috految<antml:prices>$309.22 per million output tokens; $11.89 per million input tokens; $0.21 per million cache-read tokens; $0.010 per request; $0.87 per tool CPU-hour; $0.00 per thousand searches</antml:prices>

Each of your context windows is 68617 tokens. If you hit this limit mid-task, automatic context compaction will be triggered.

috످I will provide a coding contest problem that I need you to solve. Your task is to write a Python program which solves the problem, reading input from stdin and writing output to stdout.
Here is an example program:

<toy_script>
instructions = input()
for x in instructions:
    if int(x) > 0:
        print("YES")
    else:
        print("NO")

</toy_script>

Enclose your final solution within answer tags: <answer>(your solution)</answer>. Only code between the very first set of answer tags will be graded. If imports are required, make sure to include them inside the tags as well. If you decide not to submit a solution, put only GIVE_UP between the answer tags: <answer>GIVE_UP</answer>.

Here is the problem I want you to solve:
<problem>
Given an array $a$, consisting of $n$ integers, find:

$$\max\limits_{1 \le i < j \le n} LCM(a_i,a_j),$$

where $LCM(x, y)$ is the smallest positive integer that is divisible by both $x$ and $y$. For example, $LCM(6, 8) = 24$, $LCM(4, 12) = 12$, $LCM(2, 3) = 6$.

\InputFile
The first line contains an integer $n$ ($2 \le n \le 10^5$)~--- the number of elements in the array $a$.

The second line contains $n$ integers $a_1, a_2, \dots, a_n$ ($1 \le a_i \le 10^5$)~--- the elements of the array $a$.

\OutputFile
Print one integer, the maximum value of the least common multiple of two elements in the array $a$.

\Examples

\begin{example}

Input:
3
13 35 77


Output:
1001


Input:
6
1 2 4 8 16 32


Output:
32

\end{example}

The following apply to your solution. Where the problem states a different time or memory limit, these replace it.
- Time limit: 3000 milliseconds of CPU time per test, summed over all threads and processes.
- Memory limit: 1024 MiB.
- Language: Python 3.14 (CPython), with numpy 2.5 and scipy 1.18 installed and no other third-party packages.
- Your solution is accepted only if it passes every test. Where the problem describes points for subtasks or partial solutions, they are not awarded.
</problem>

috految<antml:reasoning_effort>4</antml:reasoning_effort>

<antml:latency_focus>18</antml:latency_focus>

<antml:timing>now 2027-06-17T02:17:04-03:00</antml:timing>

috److Any LCM of two numbers can be written as the product of two coprime divisors, one from each number. So we can extend the set with all divisors of the elements and find the maximum product of a coprime pair.

1. Process the values in descending order, keeping a stack of earlier values.
2. For the current value `x`, count the stack elements coprime to `x` using Möbius inversion. This count is the sum of `mu[d] * cnt[d]` over the divisors `d` of `x`.
3. While that count is positive, pop the top element `y` and update the answer with `x * y`. This is safe even if `y` is not coprime to `x`, because a larger coprime element remains in the stack and gives a bigger product.
4. Push `x` onto the stack.

Popped elements cannot improve the answer later, since all future values are smaller than `x`.

Only squarefree divisors matter, so each number has at most 64 relevant divisors. The answer is initialised to `max(a)`.

<answer>
def main():
    input()
    a = set(map(int, input().split()))
    best = max(a)
    m = best + 1
    mu = [0] * m
    mu[1] = 1
    divs = [[] for _ in range(m)]
    for i in range(1, m):
        if mu[i]:
            divs[i].append(i)
            for j in range(2*i, m, i):
                mu[j] -= mu[i]
                divs[j].append(i)
    cnt = [0] * m
    stack = []
    for x in range(m-1, 0, -1):
        if a.isdisjoint(range(x, m, x)):
            continue
        while sum(cnt[d] for d in divs[x]):
            y = stack.pop()
            best = max(best, x*y)
            for d in divs[y]:
                cnt[d] -= mu[d]
        stack.append(x)
        for d in divs[x]:
            cnt[d] += mu[d]
    print(best)


main()
</answer>

috످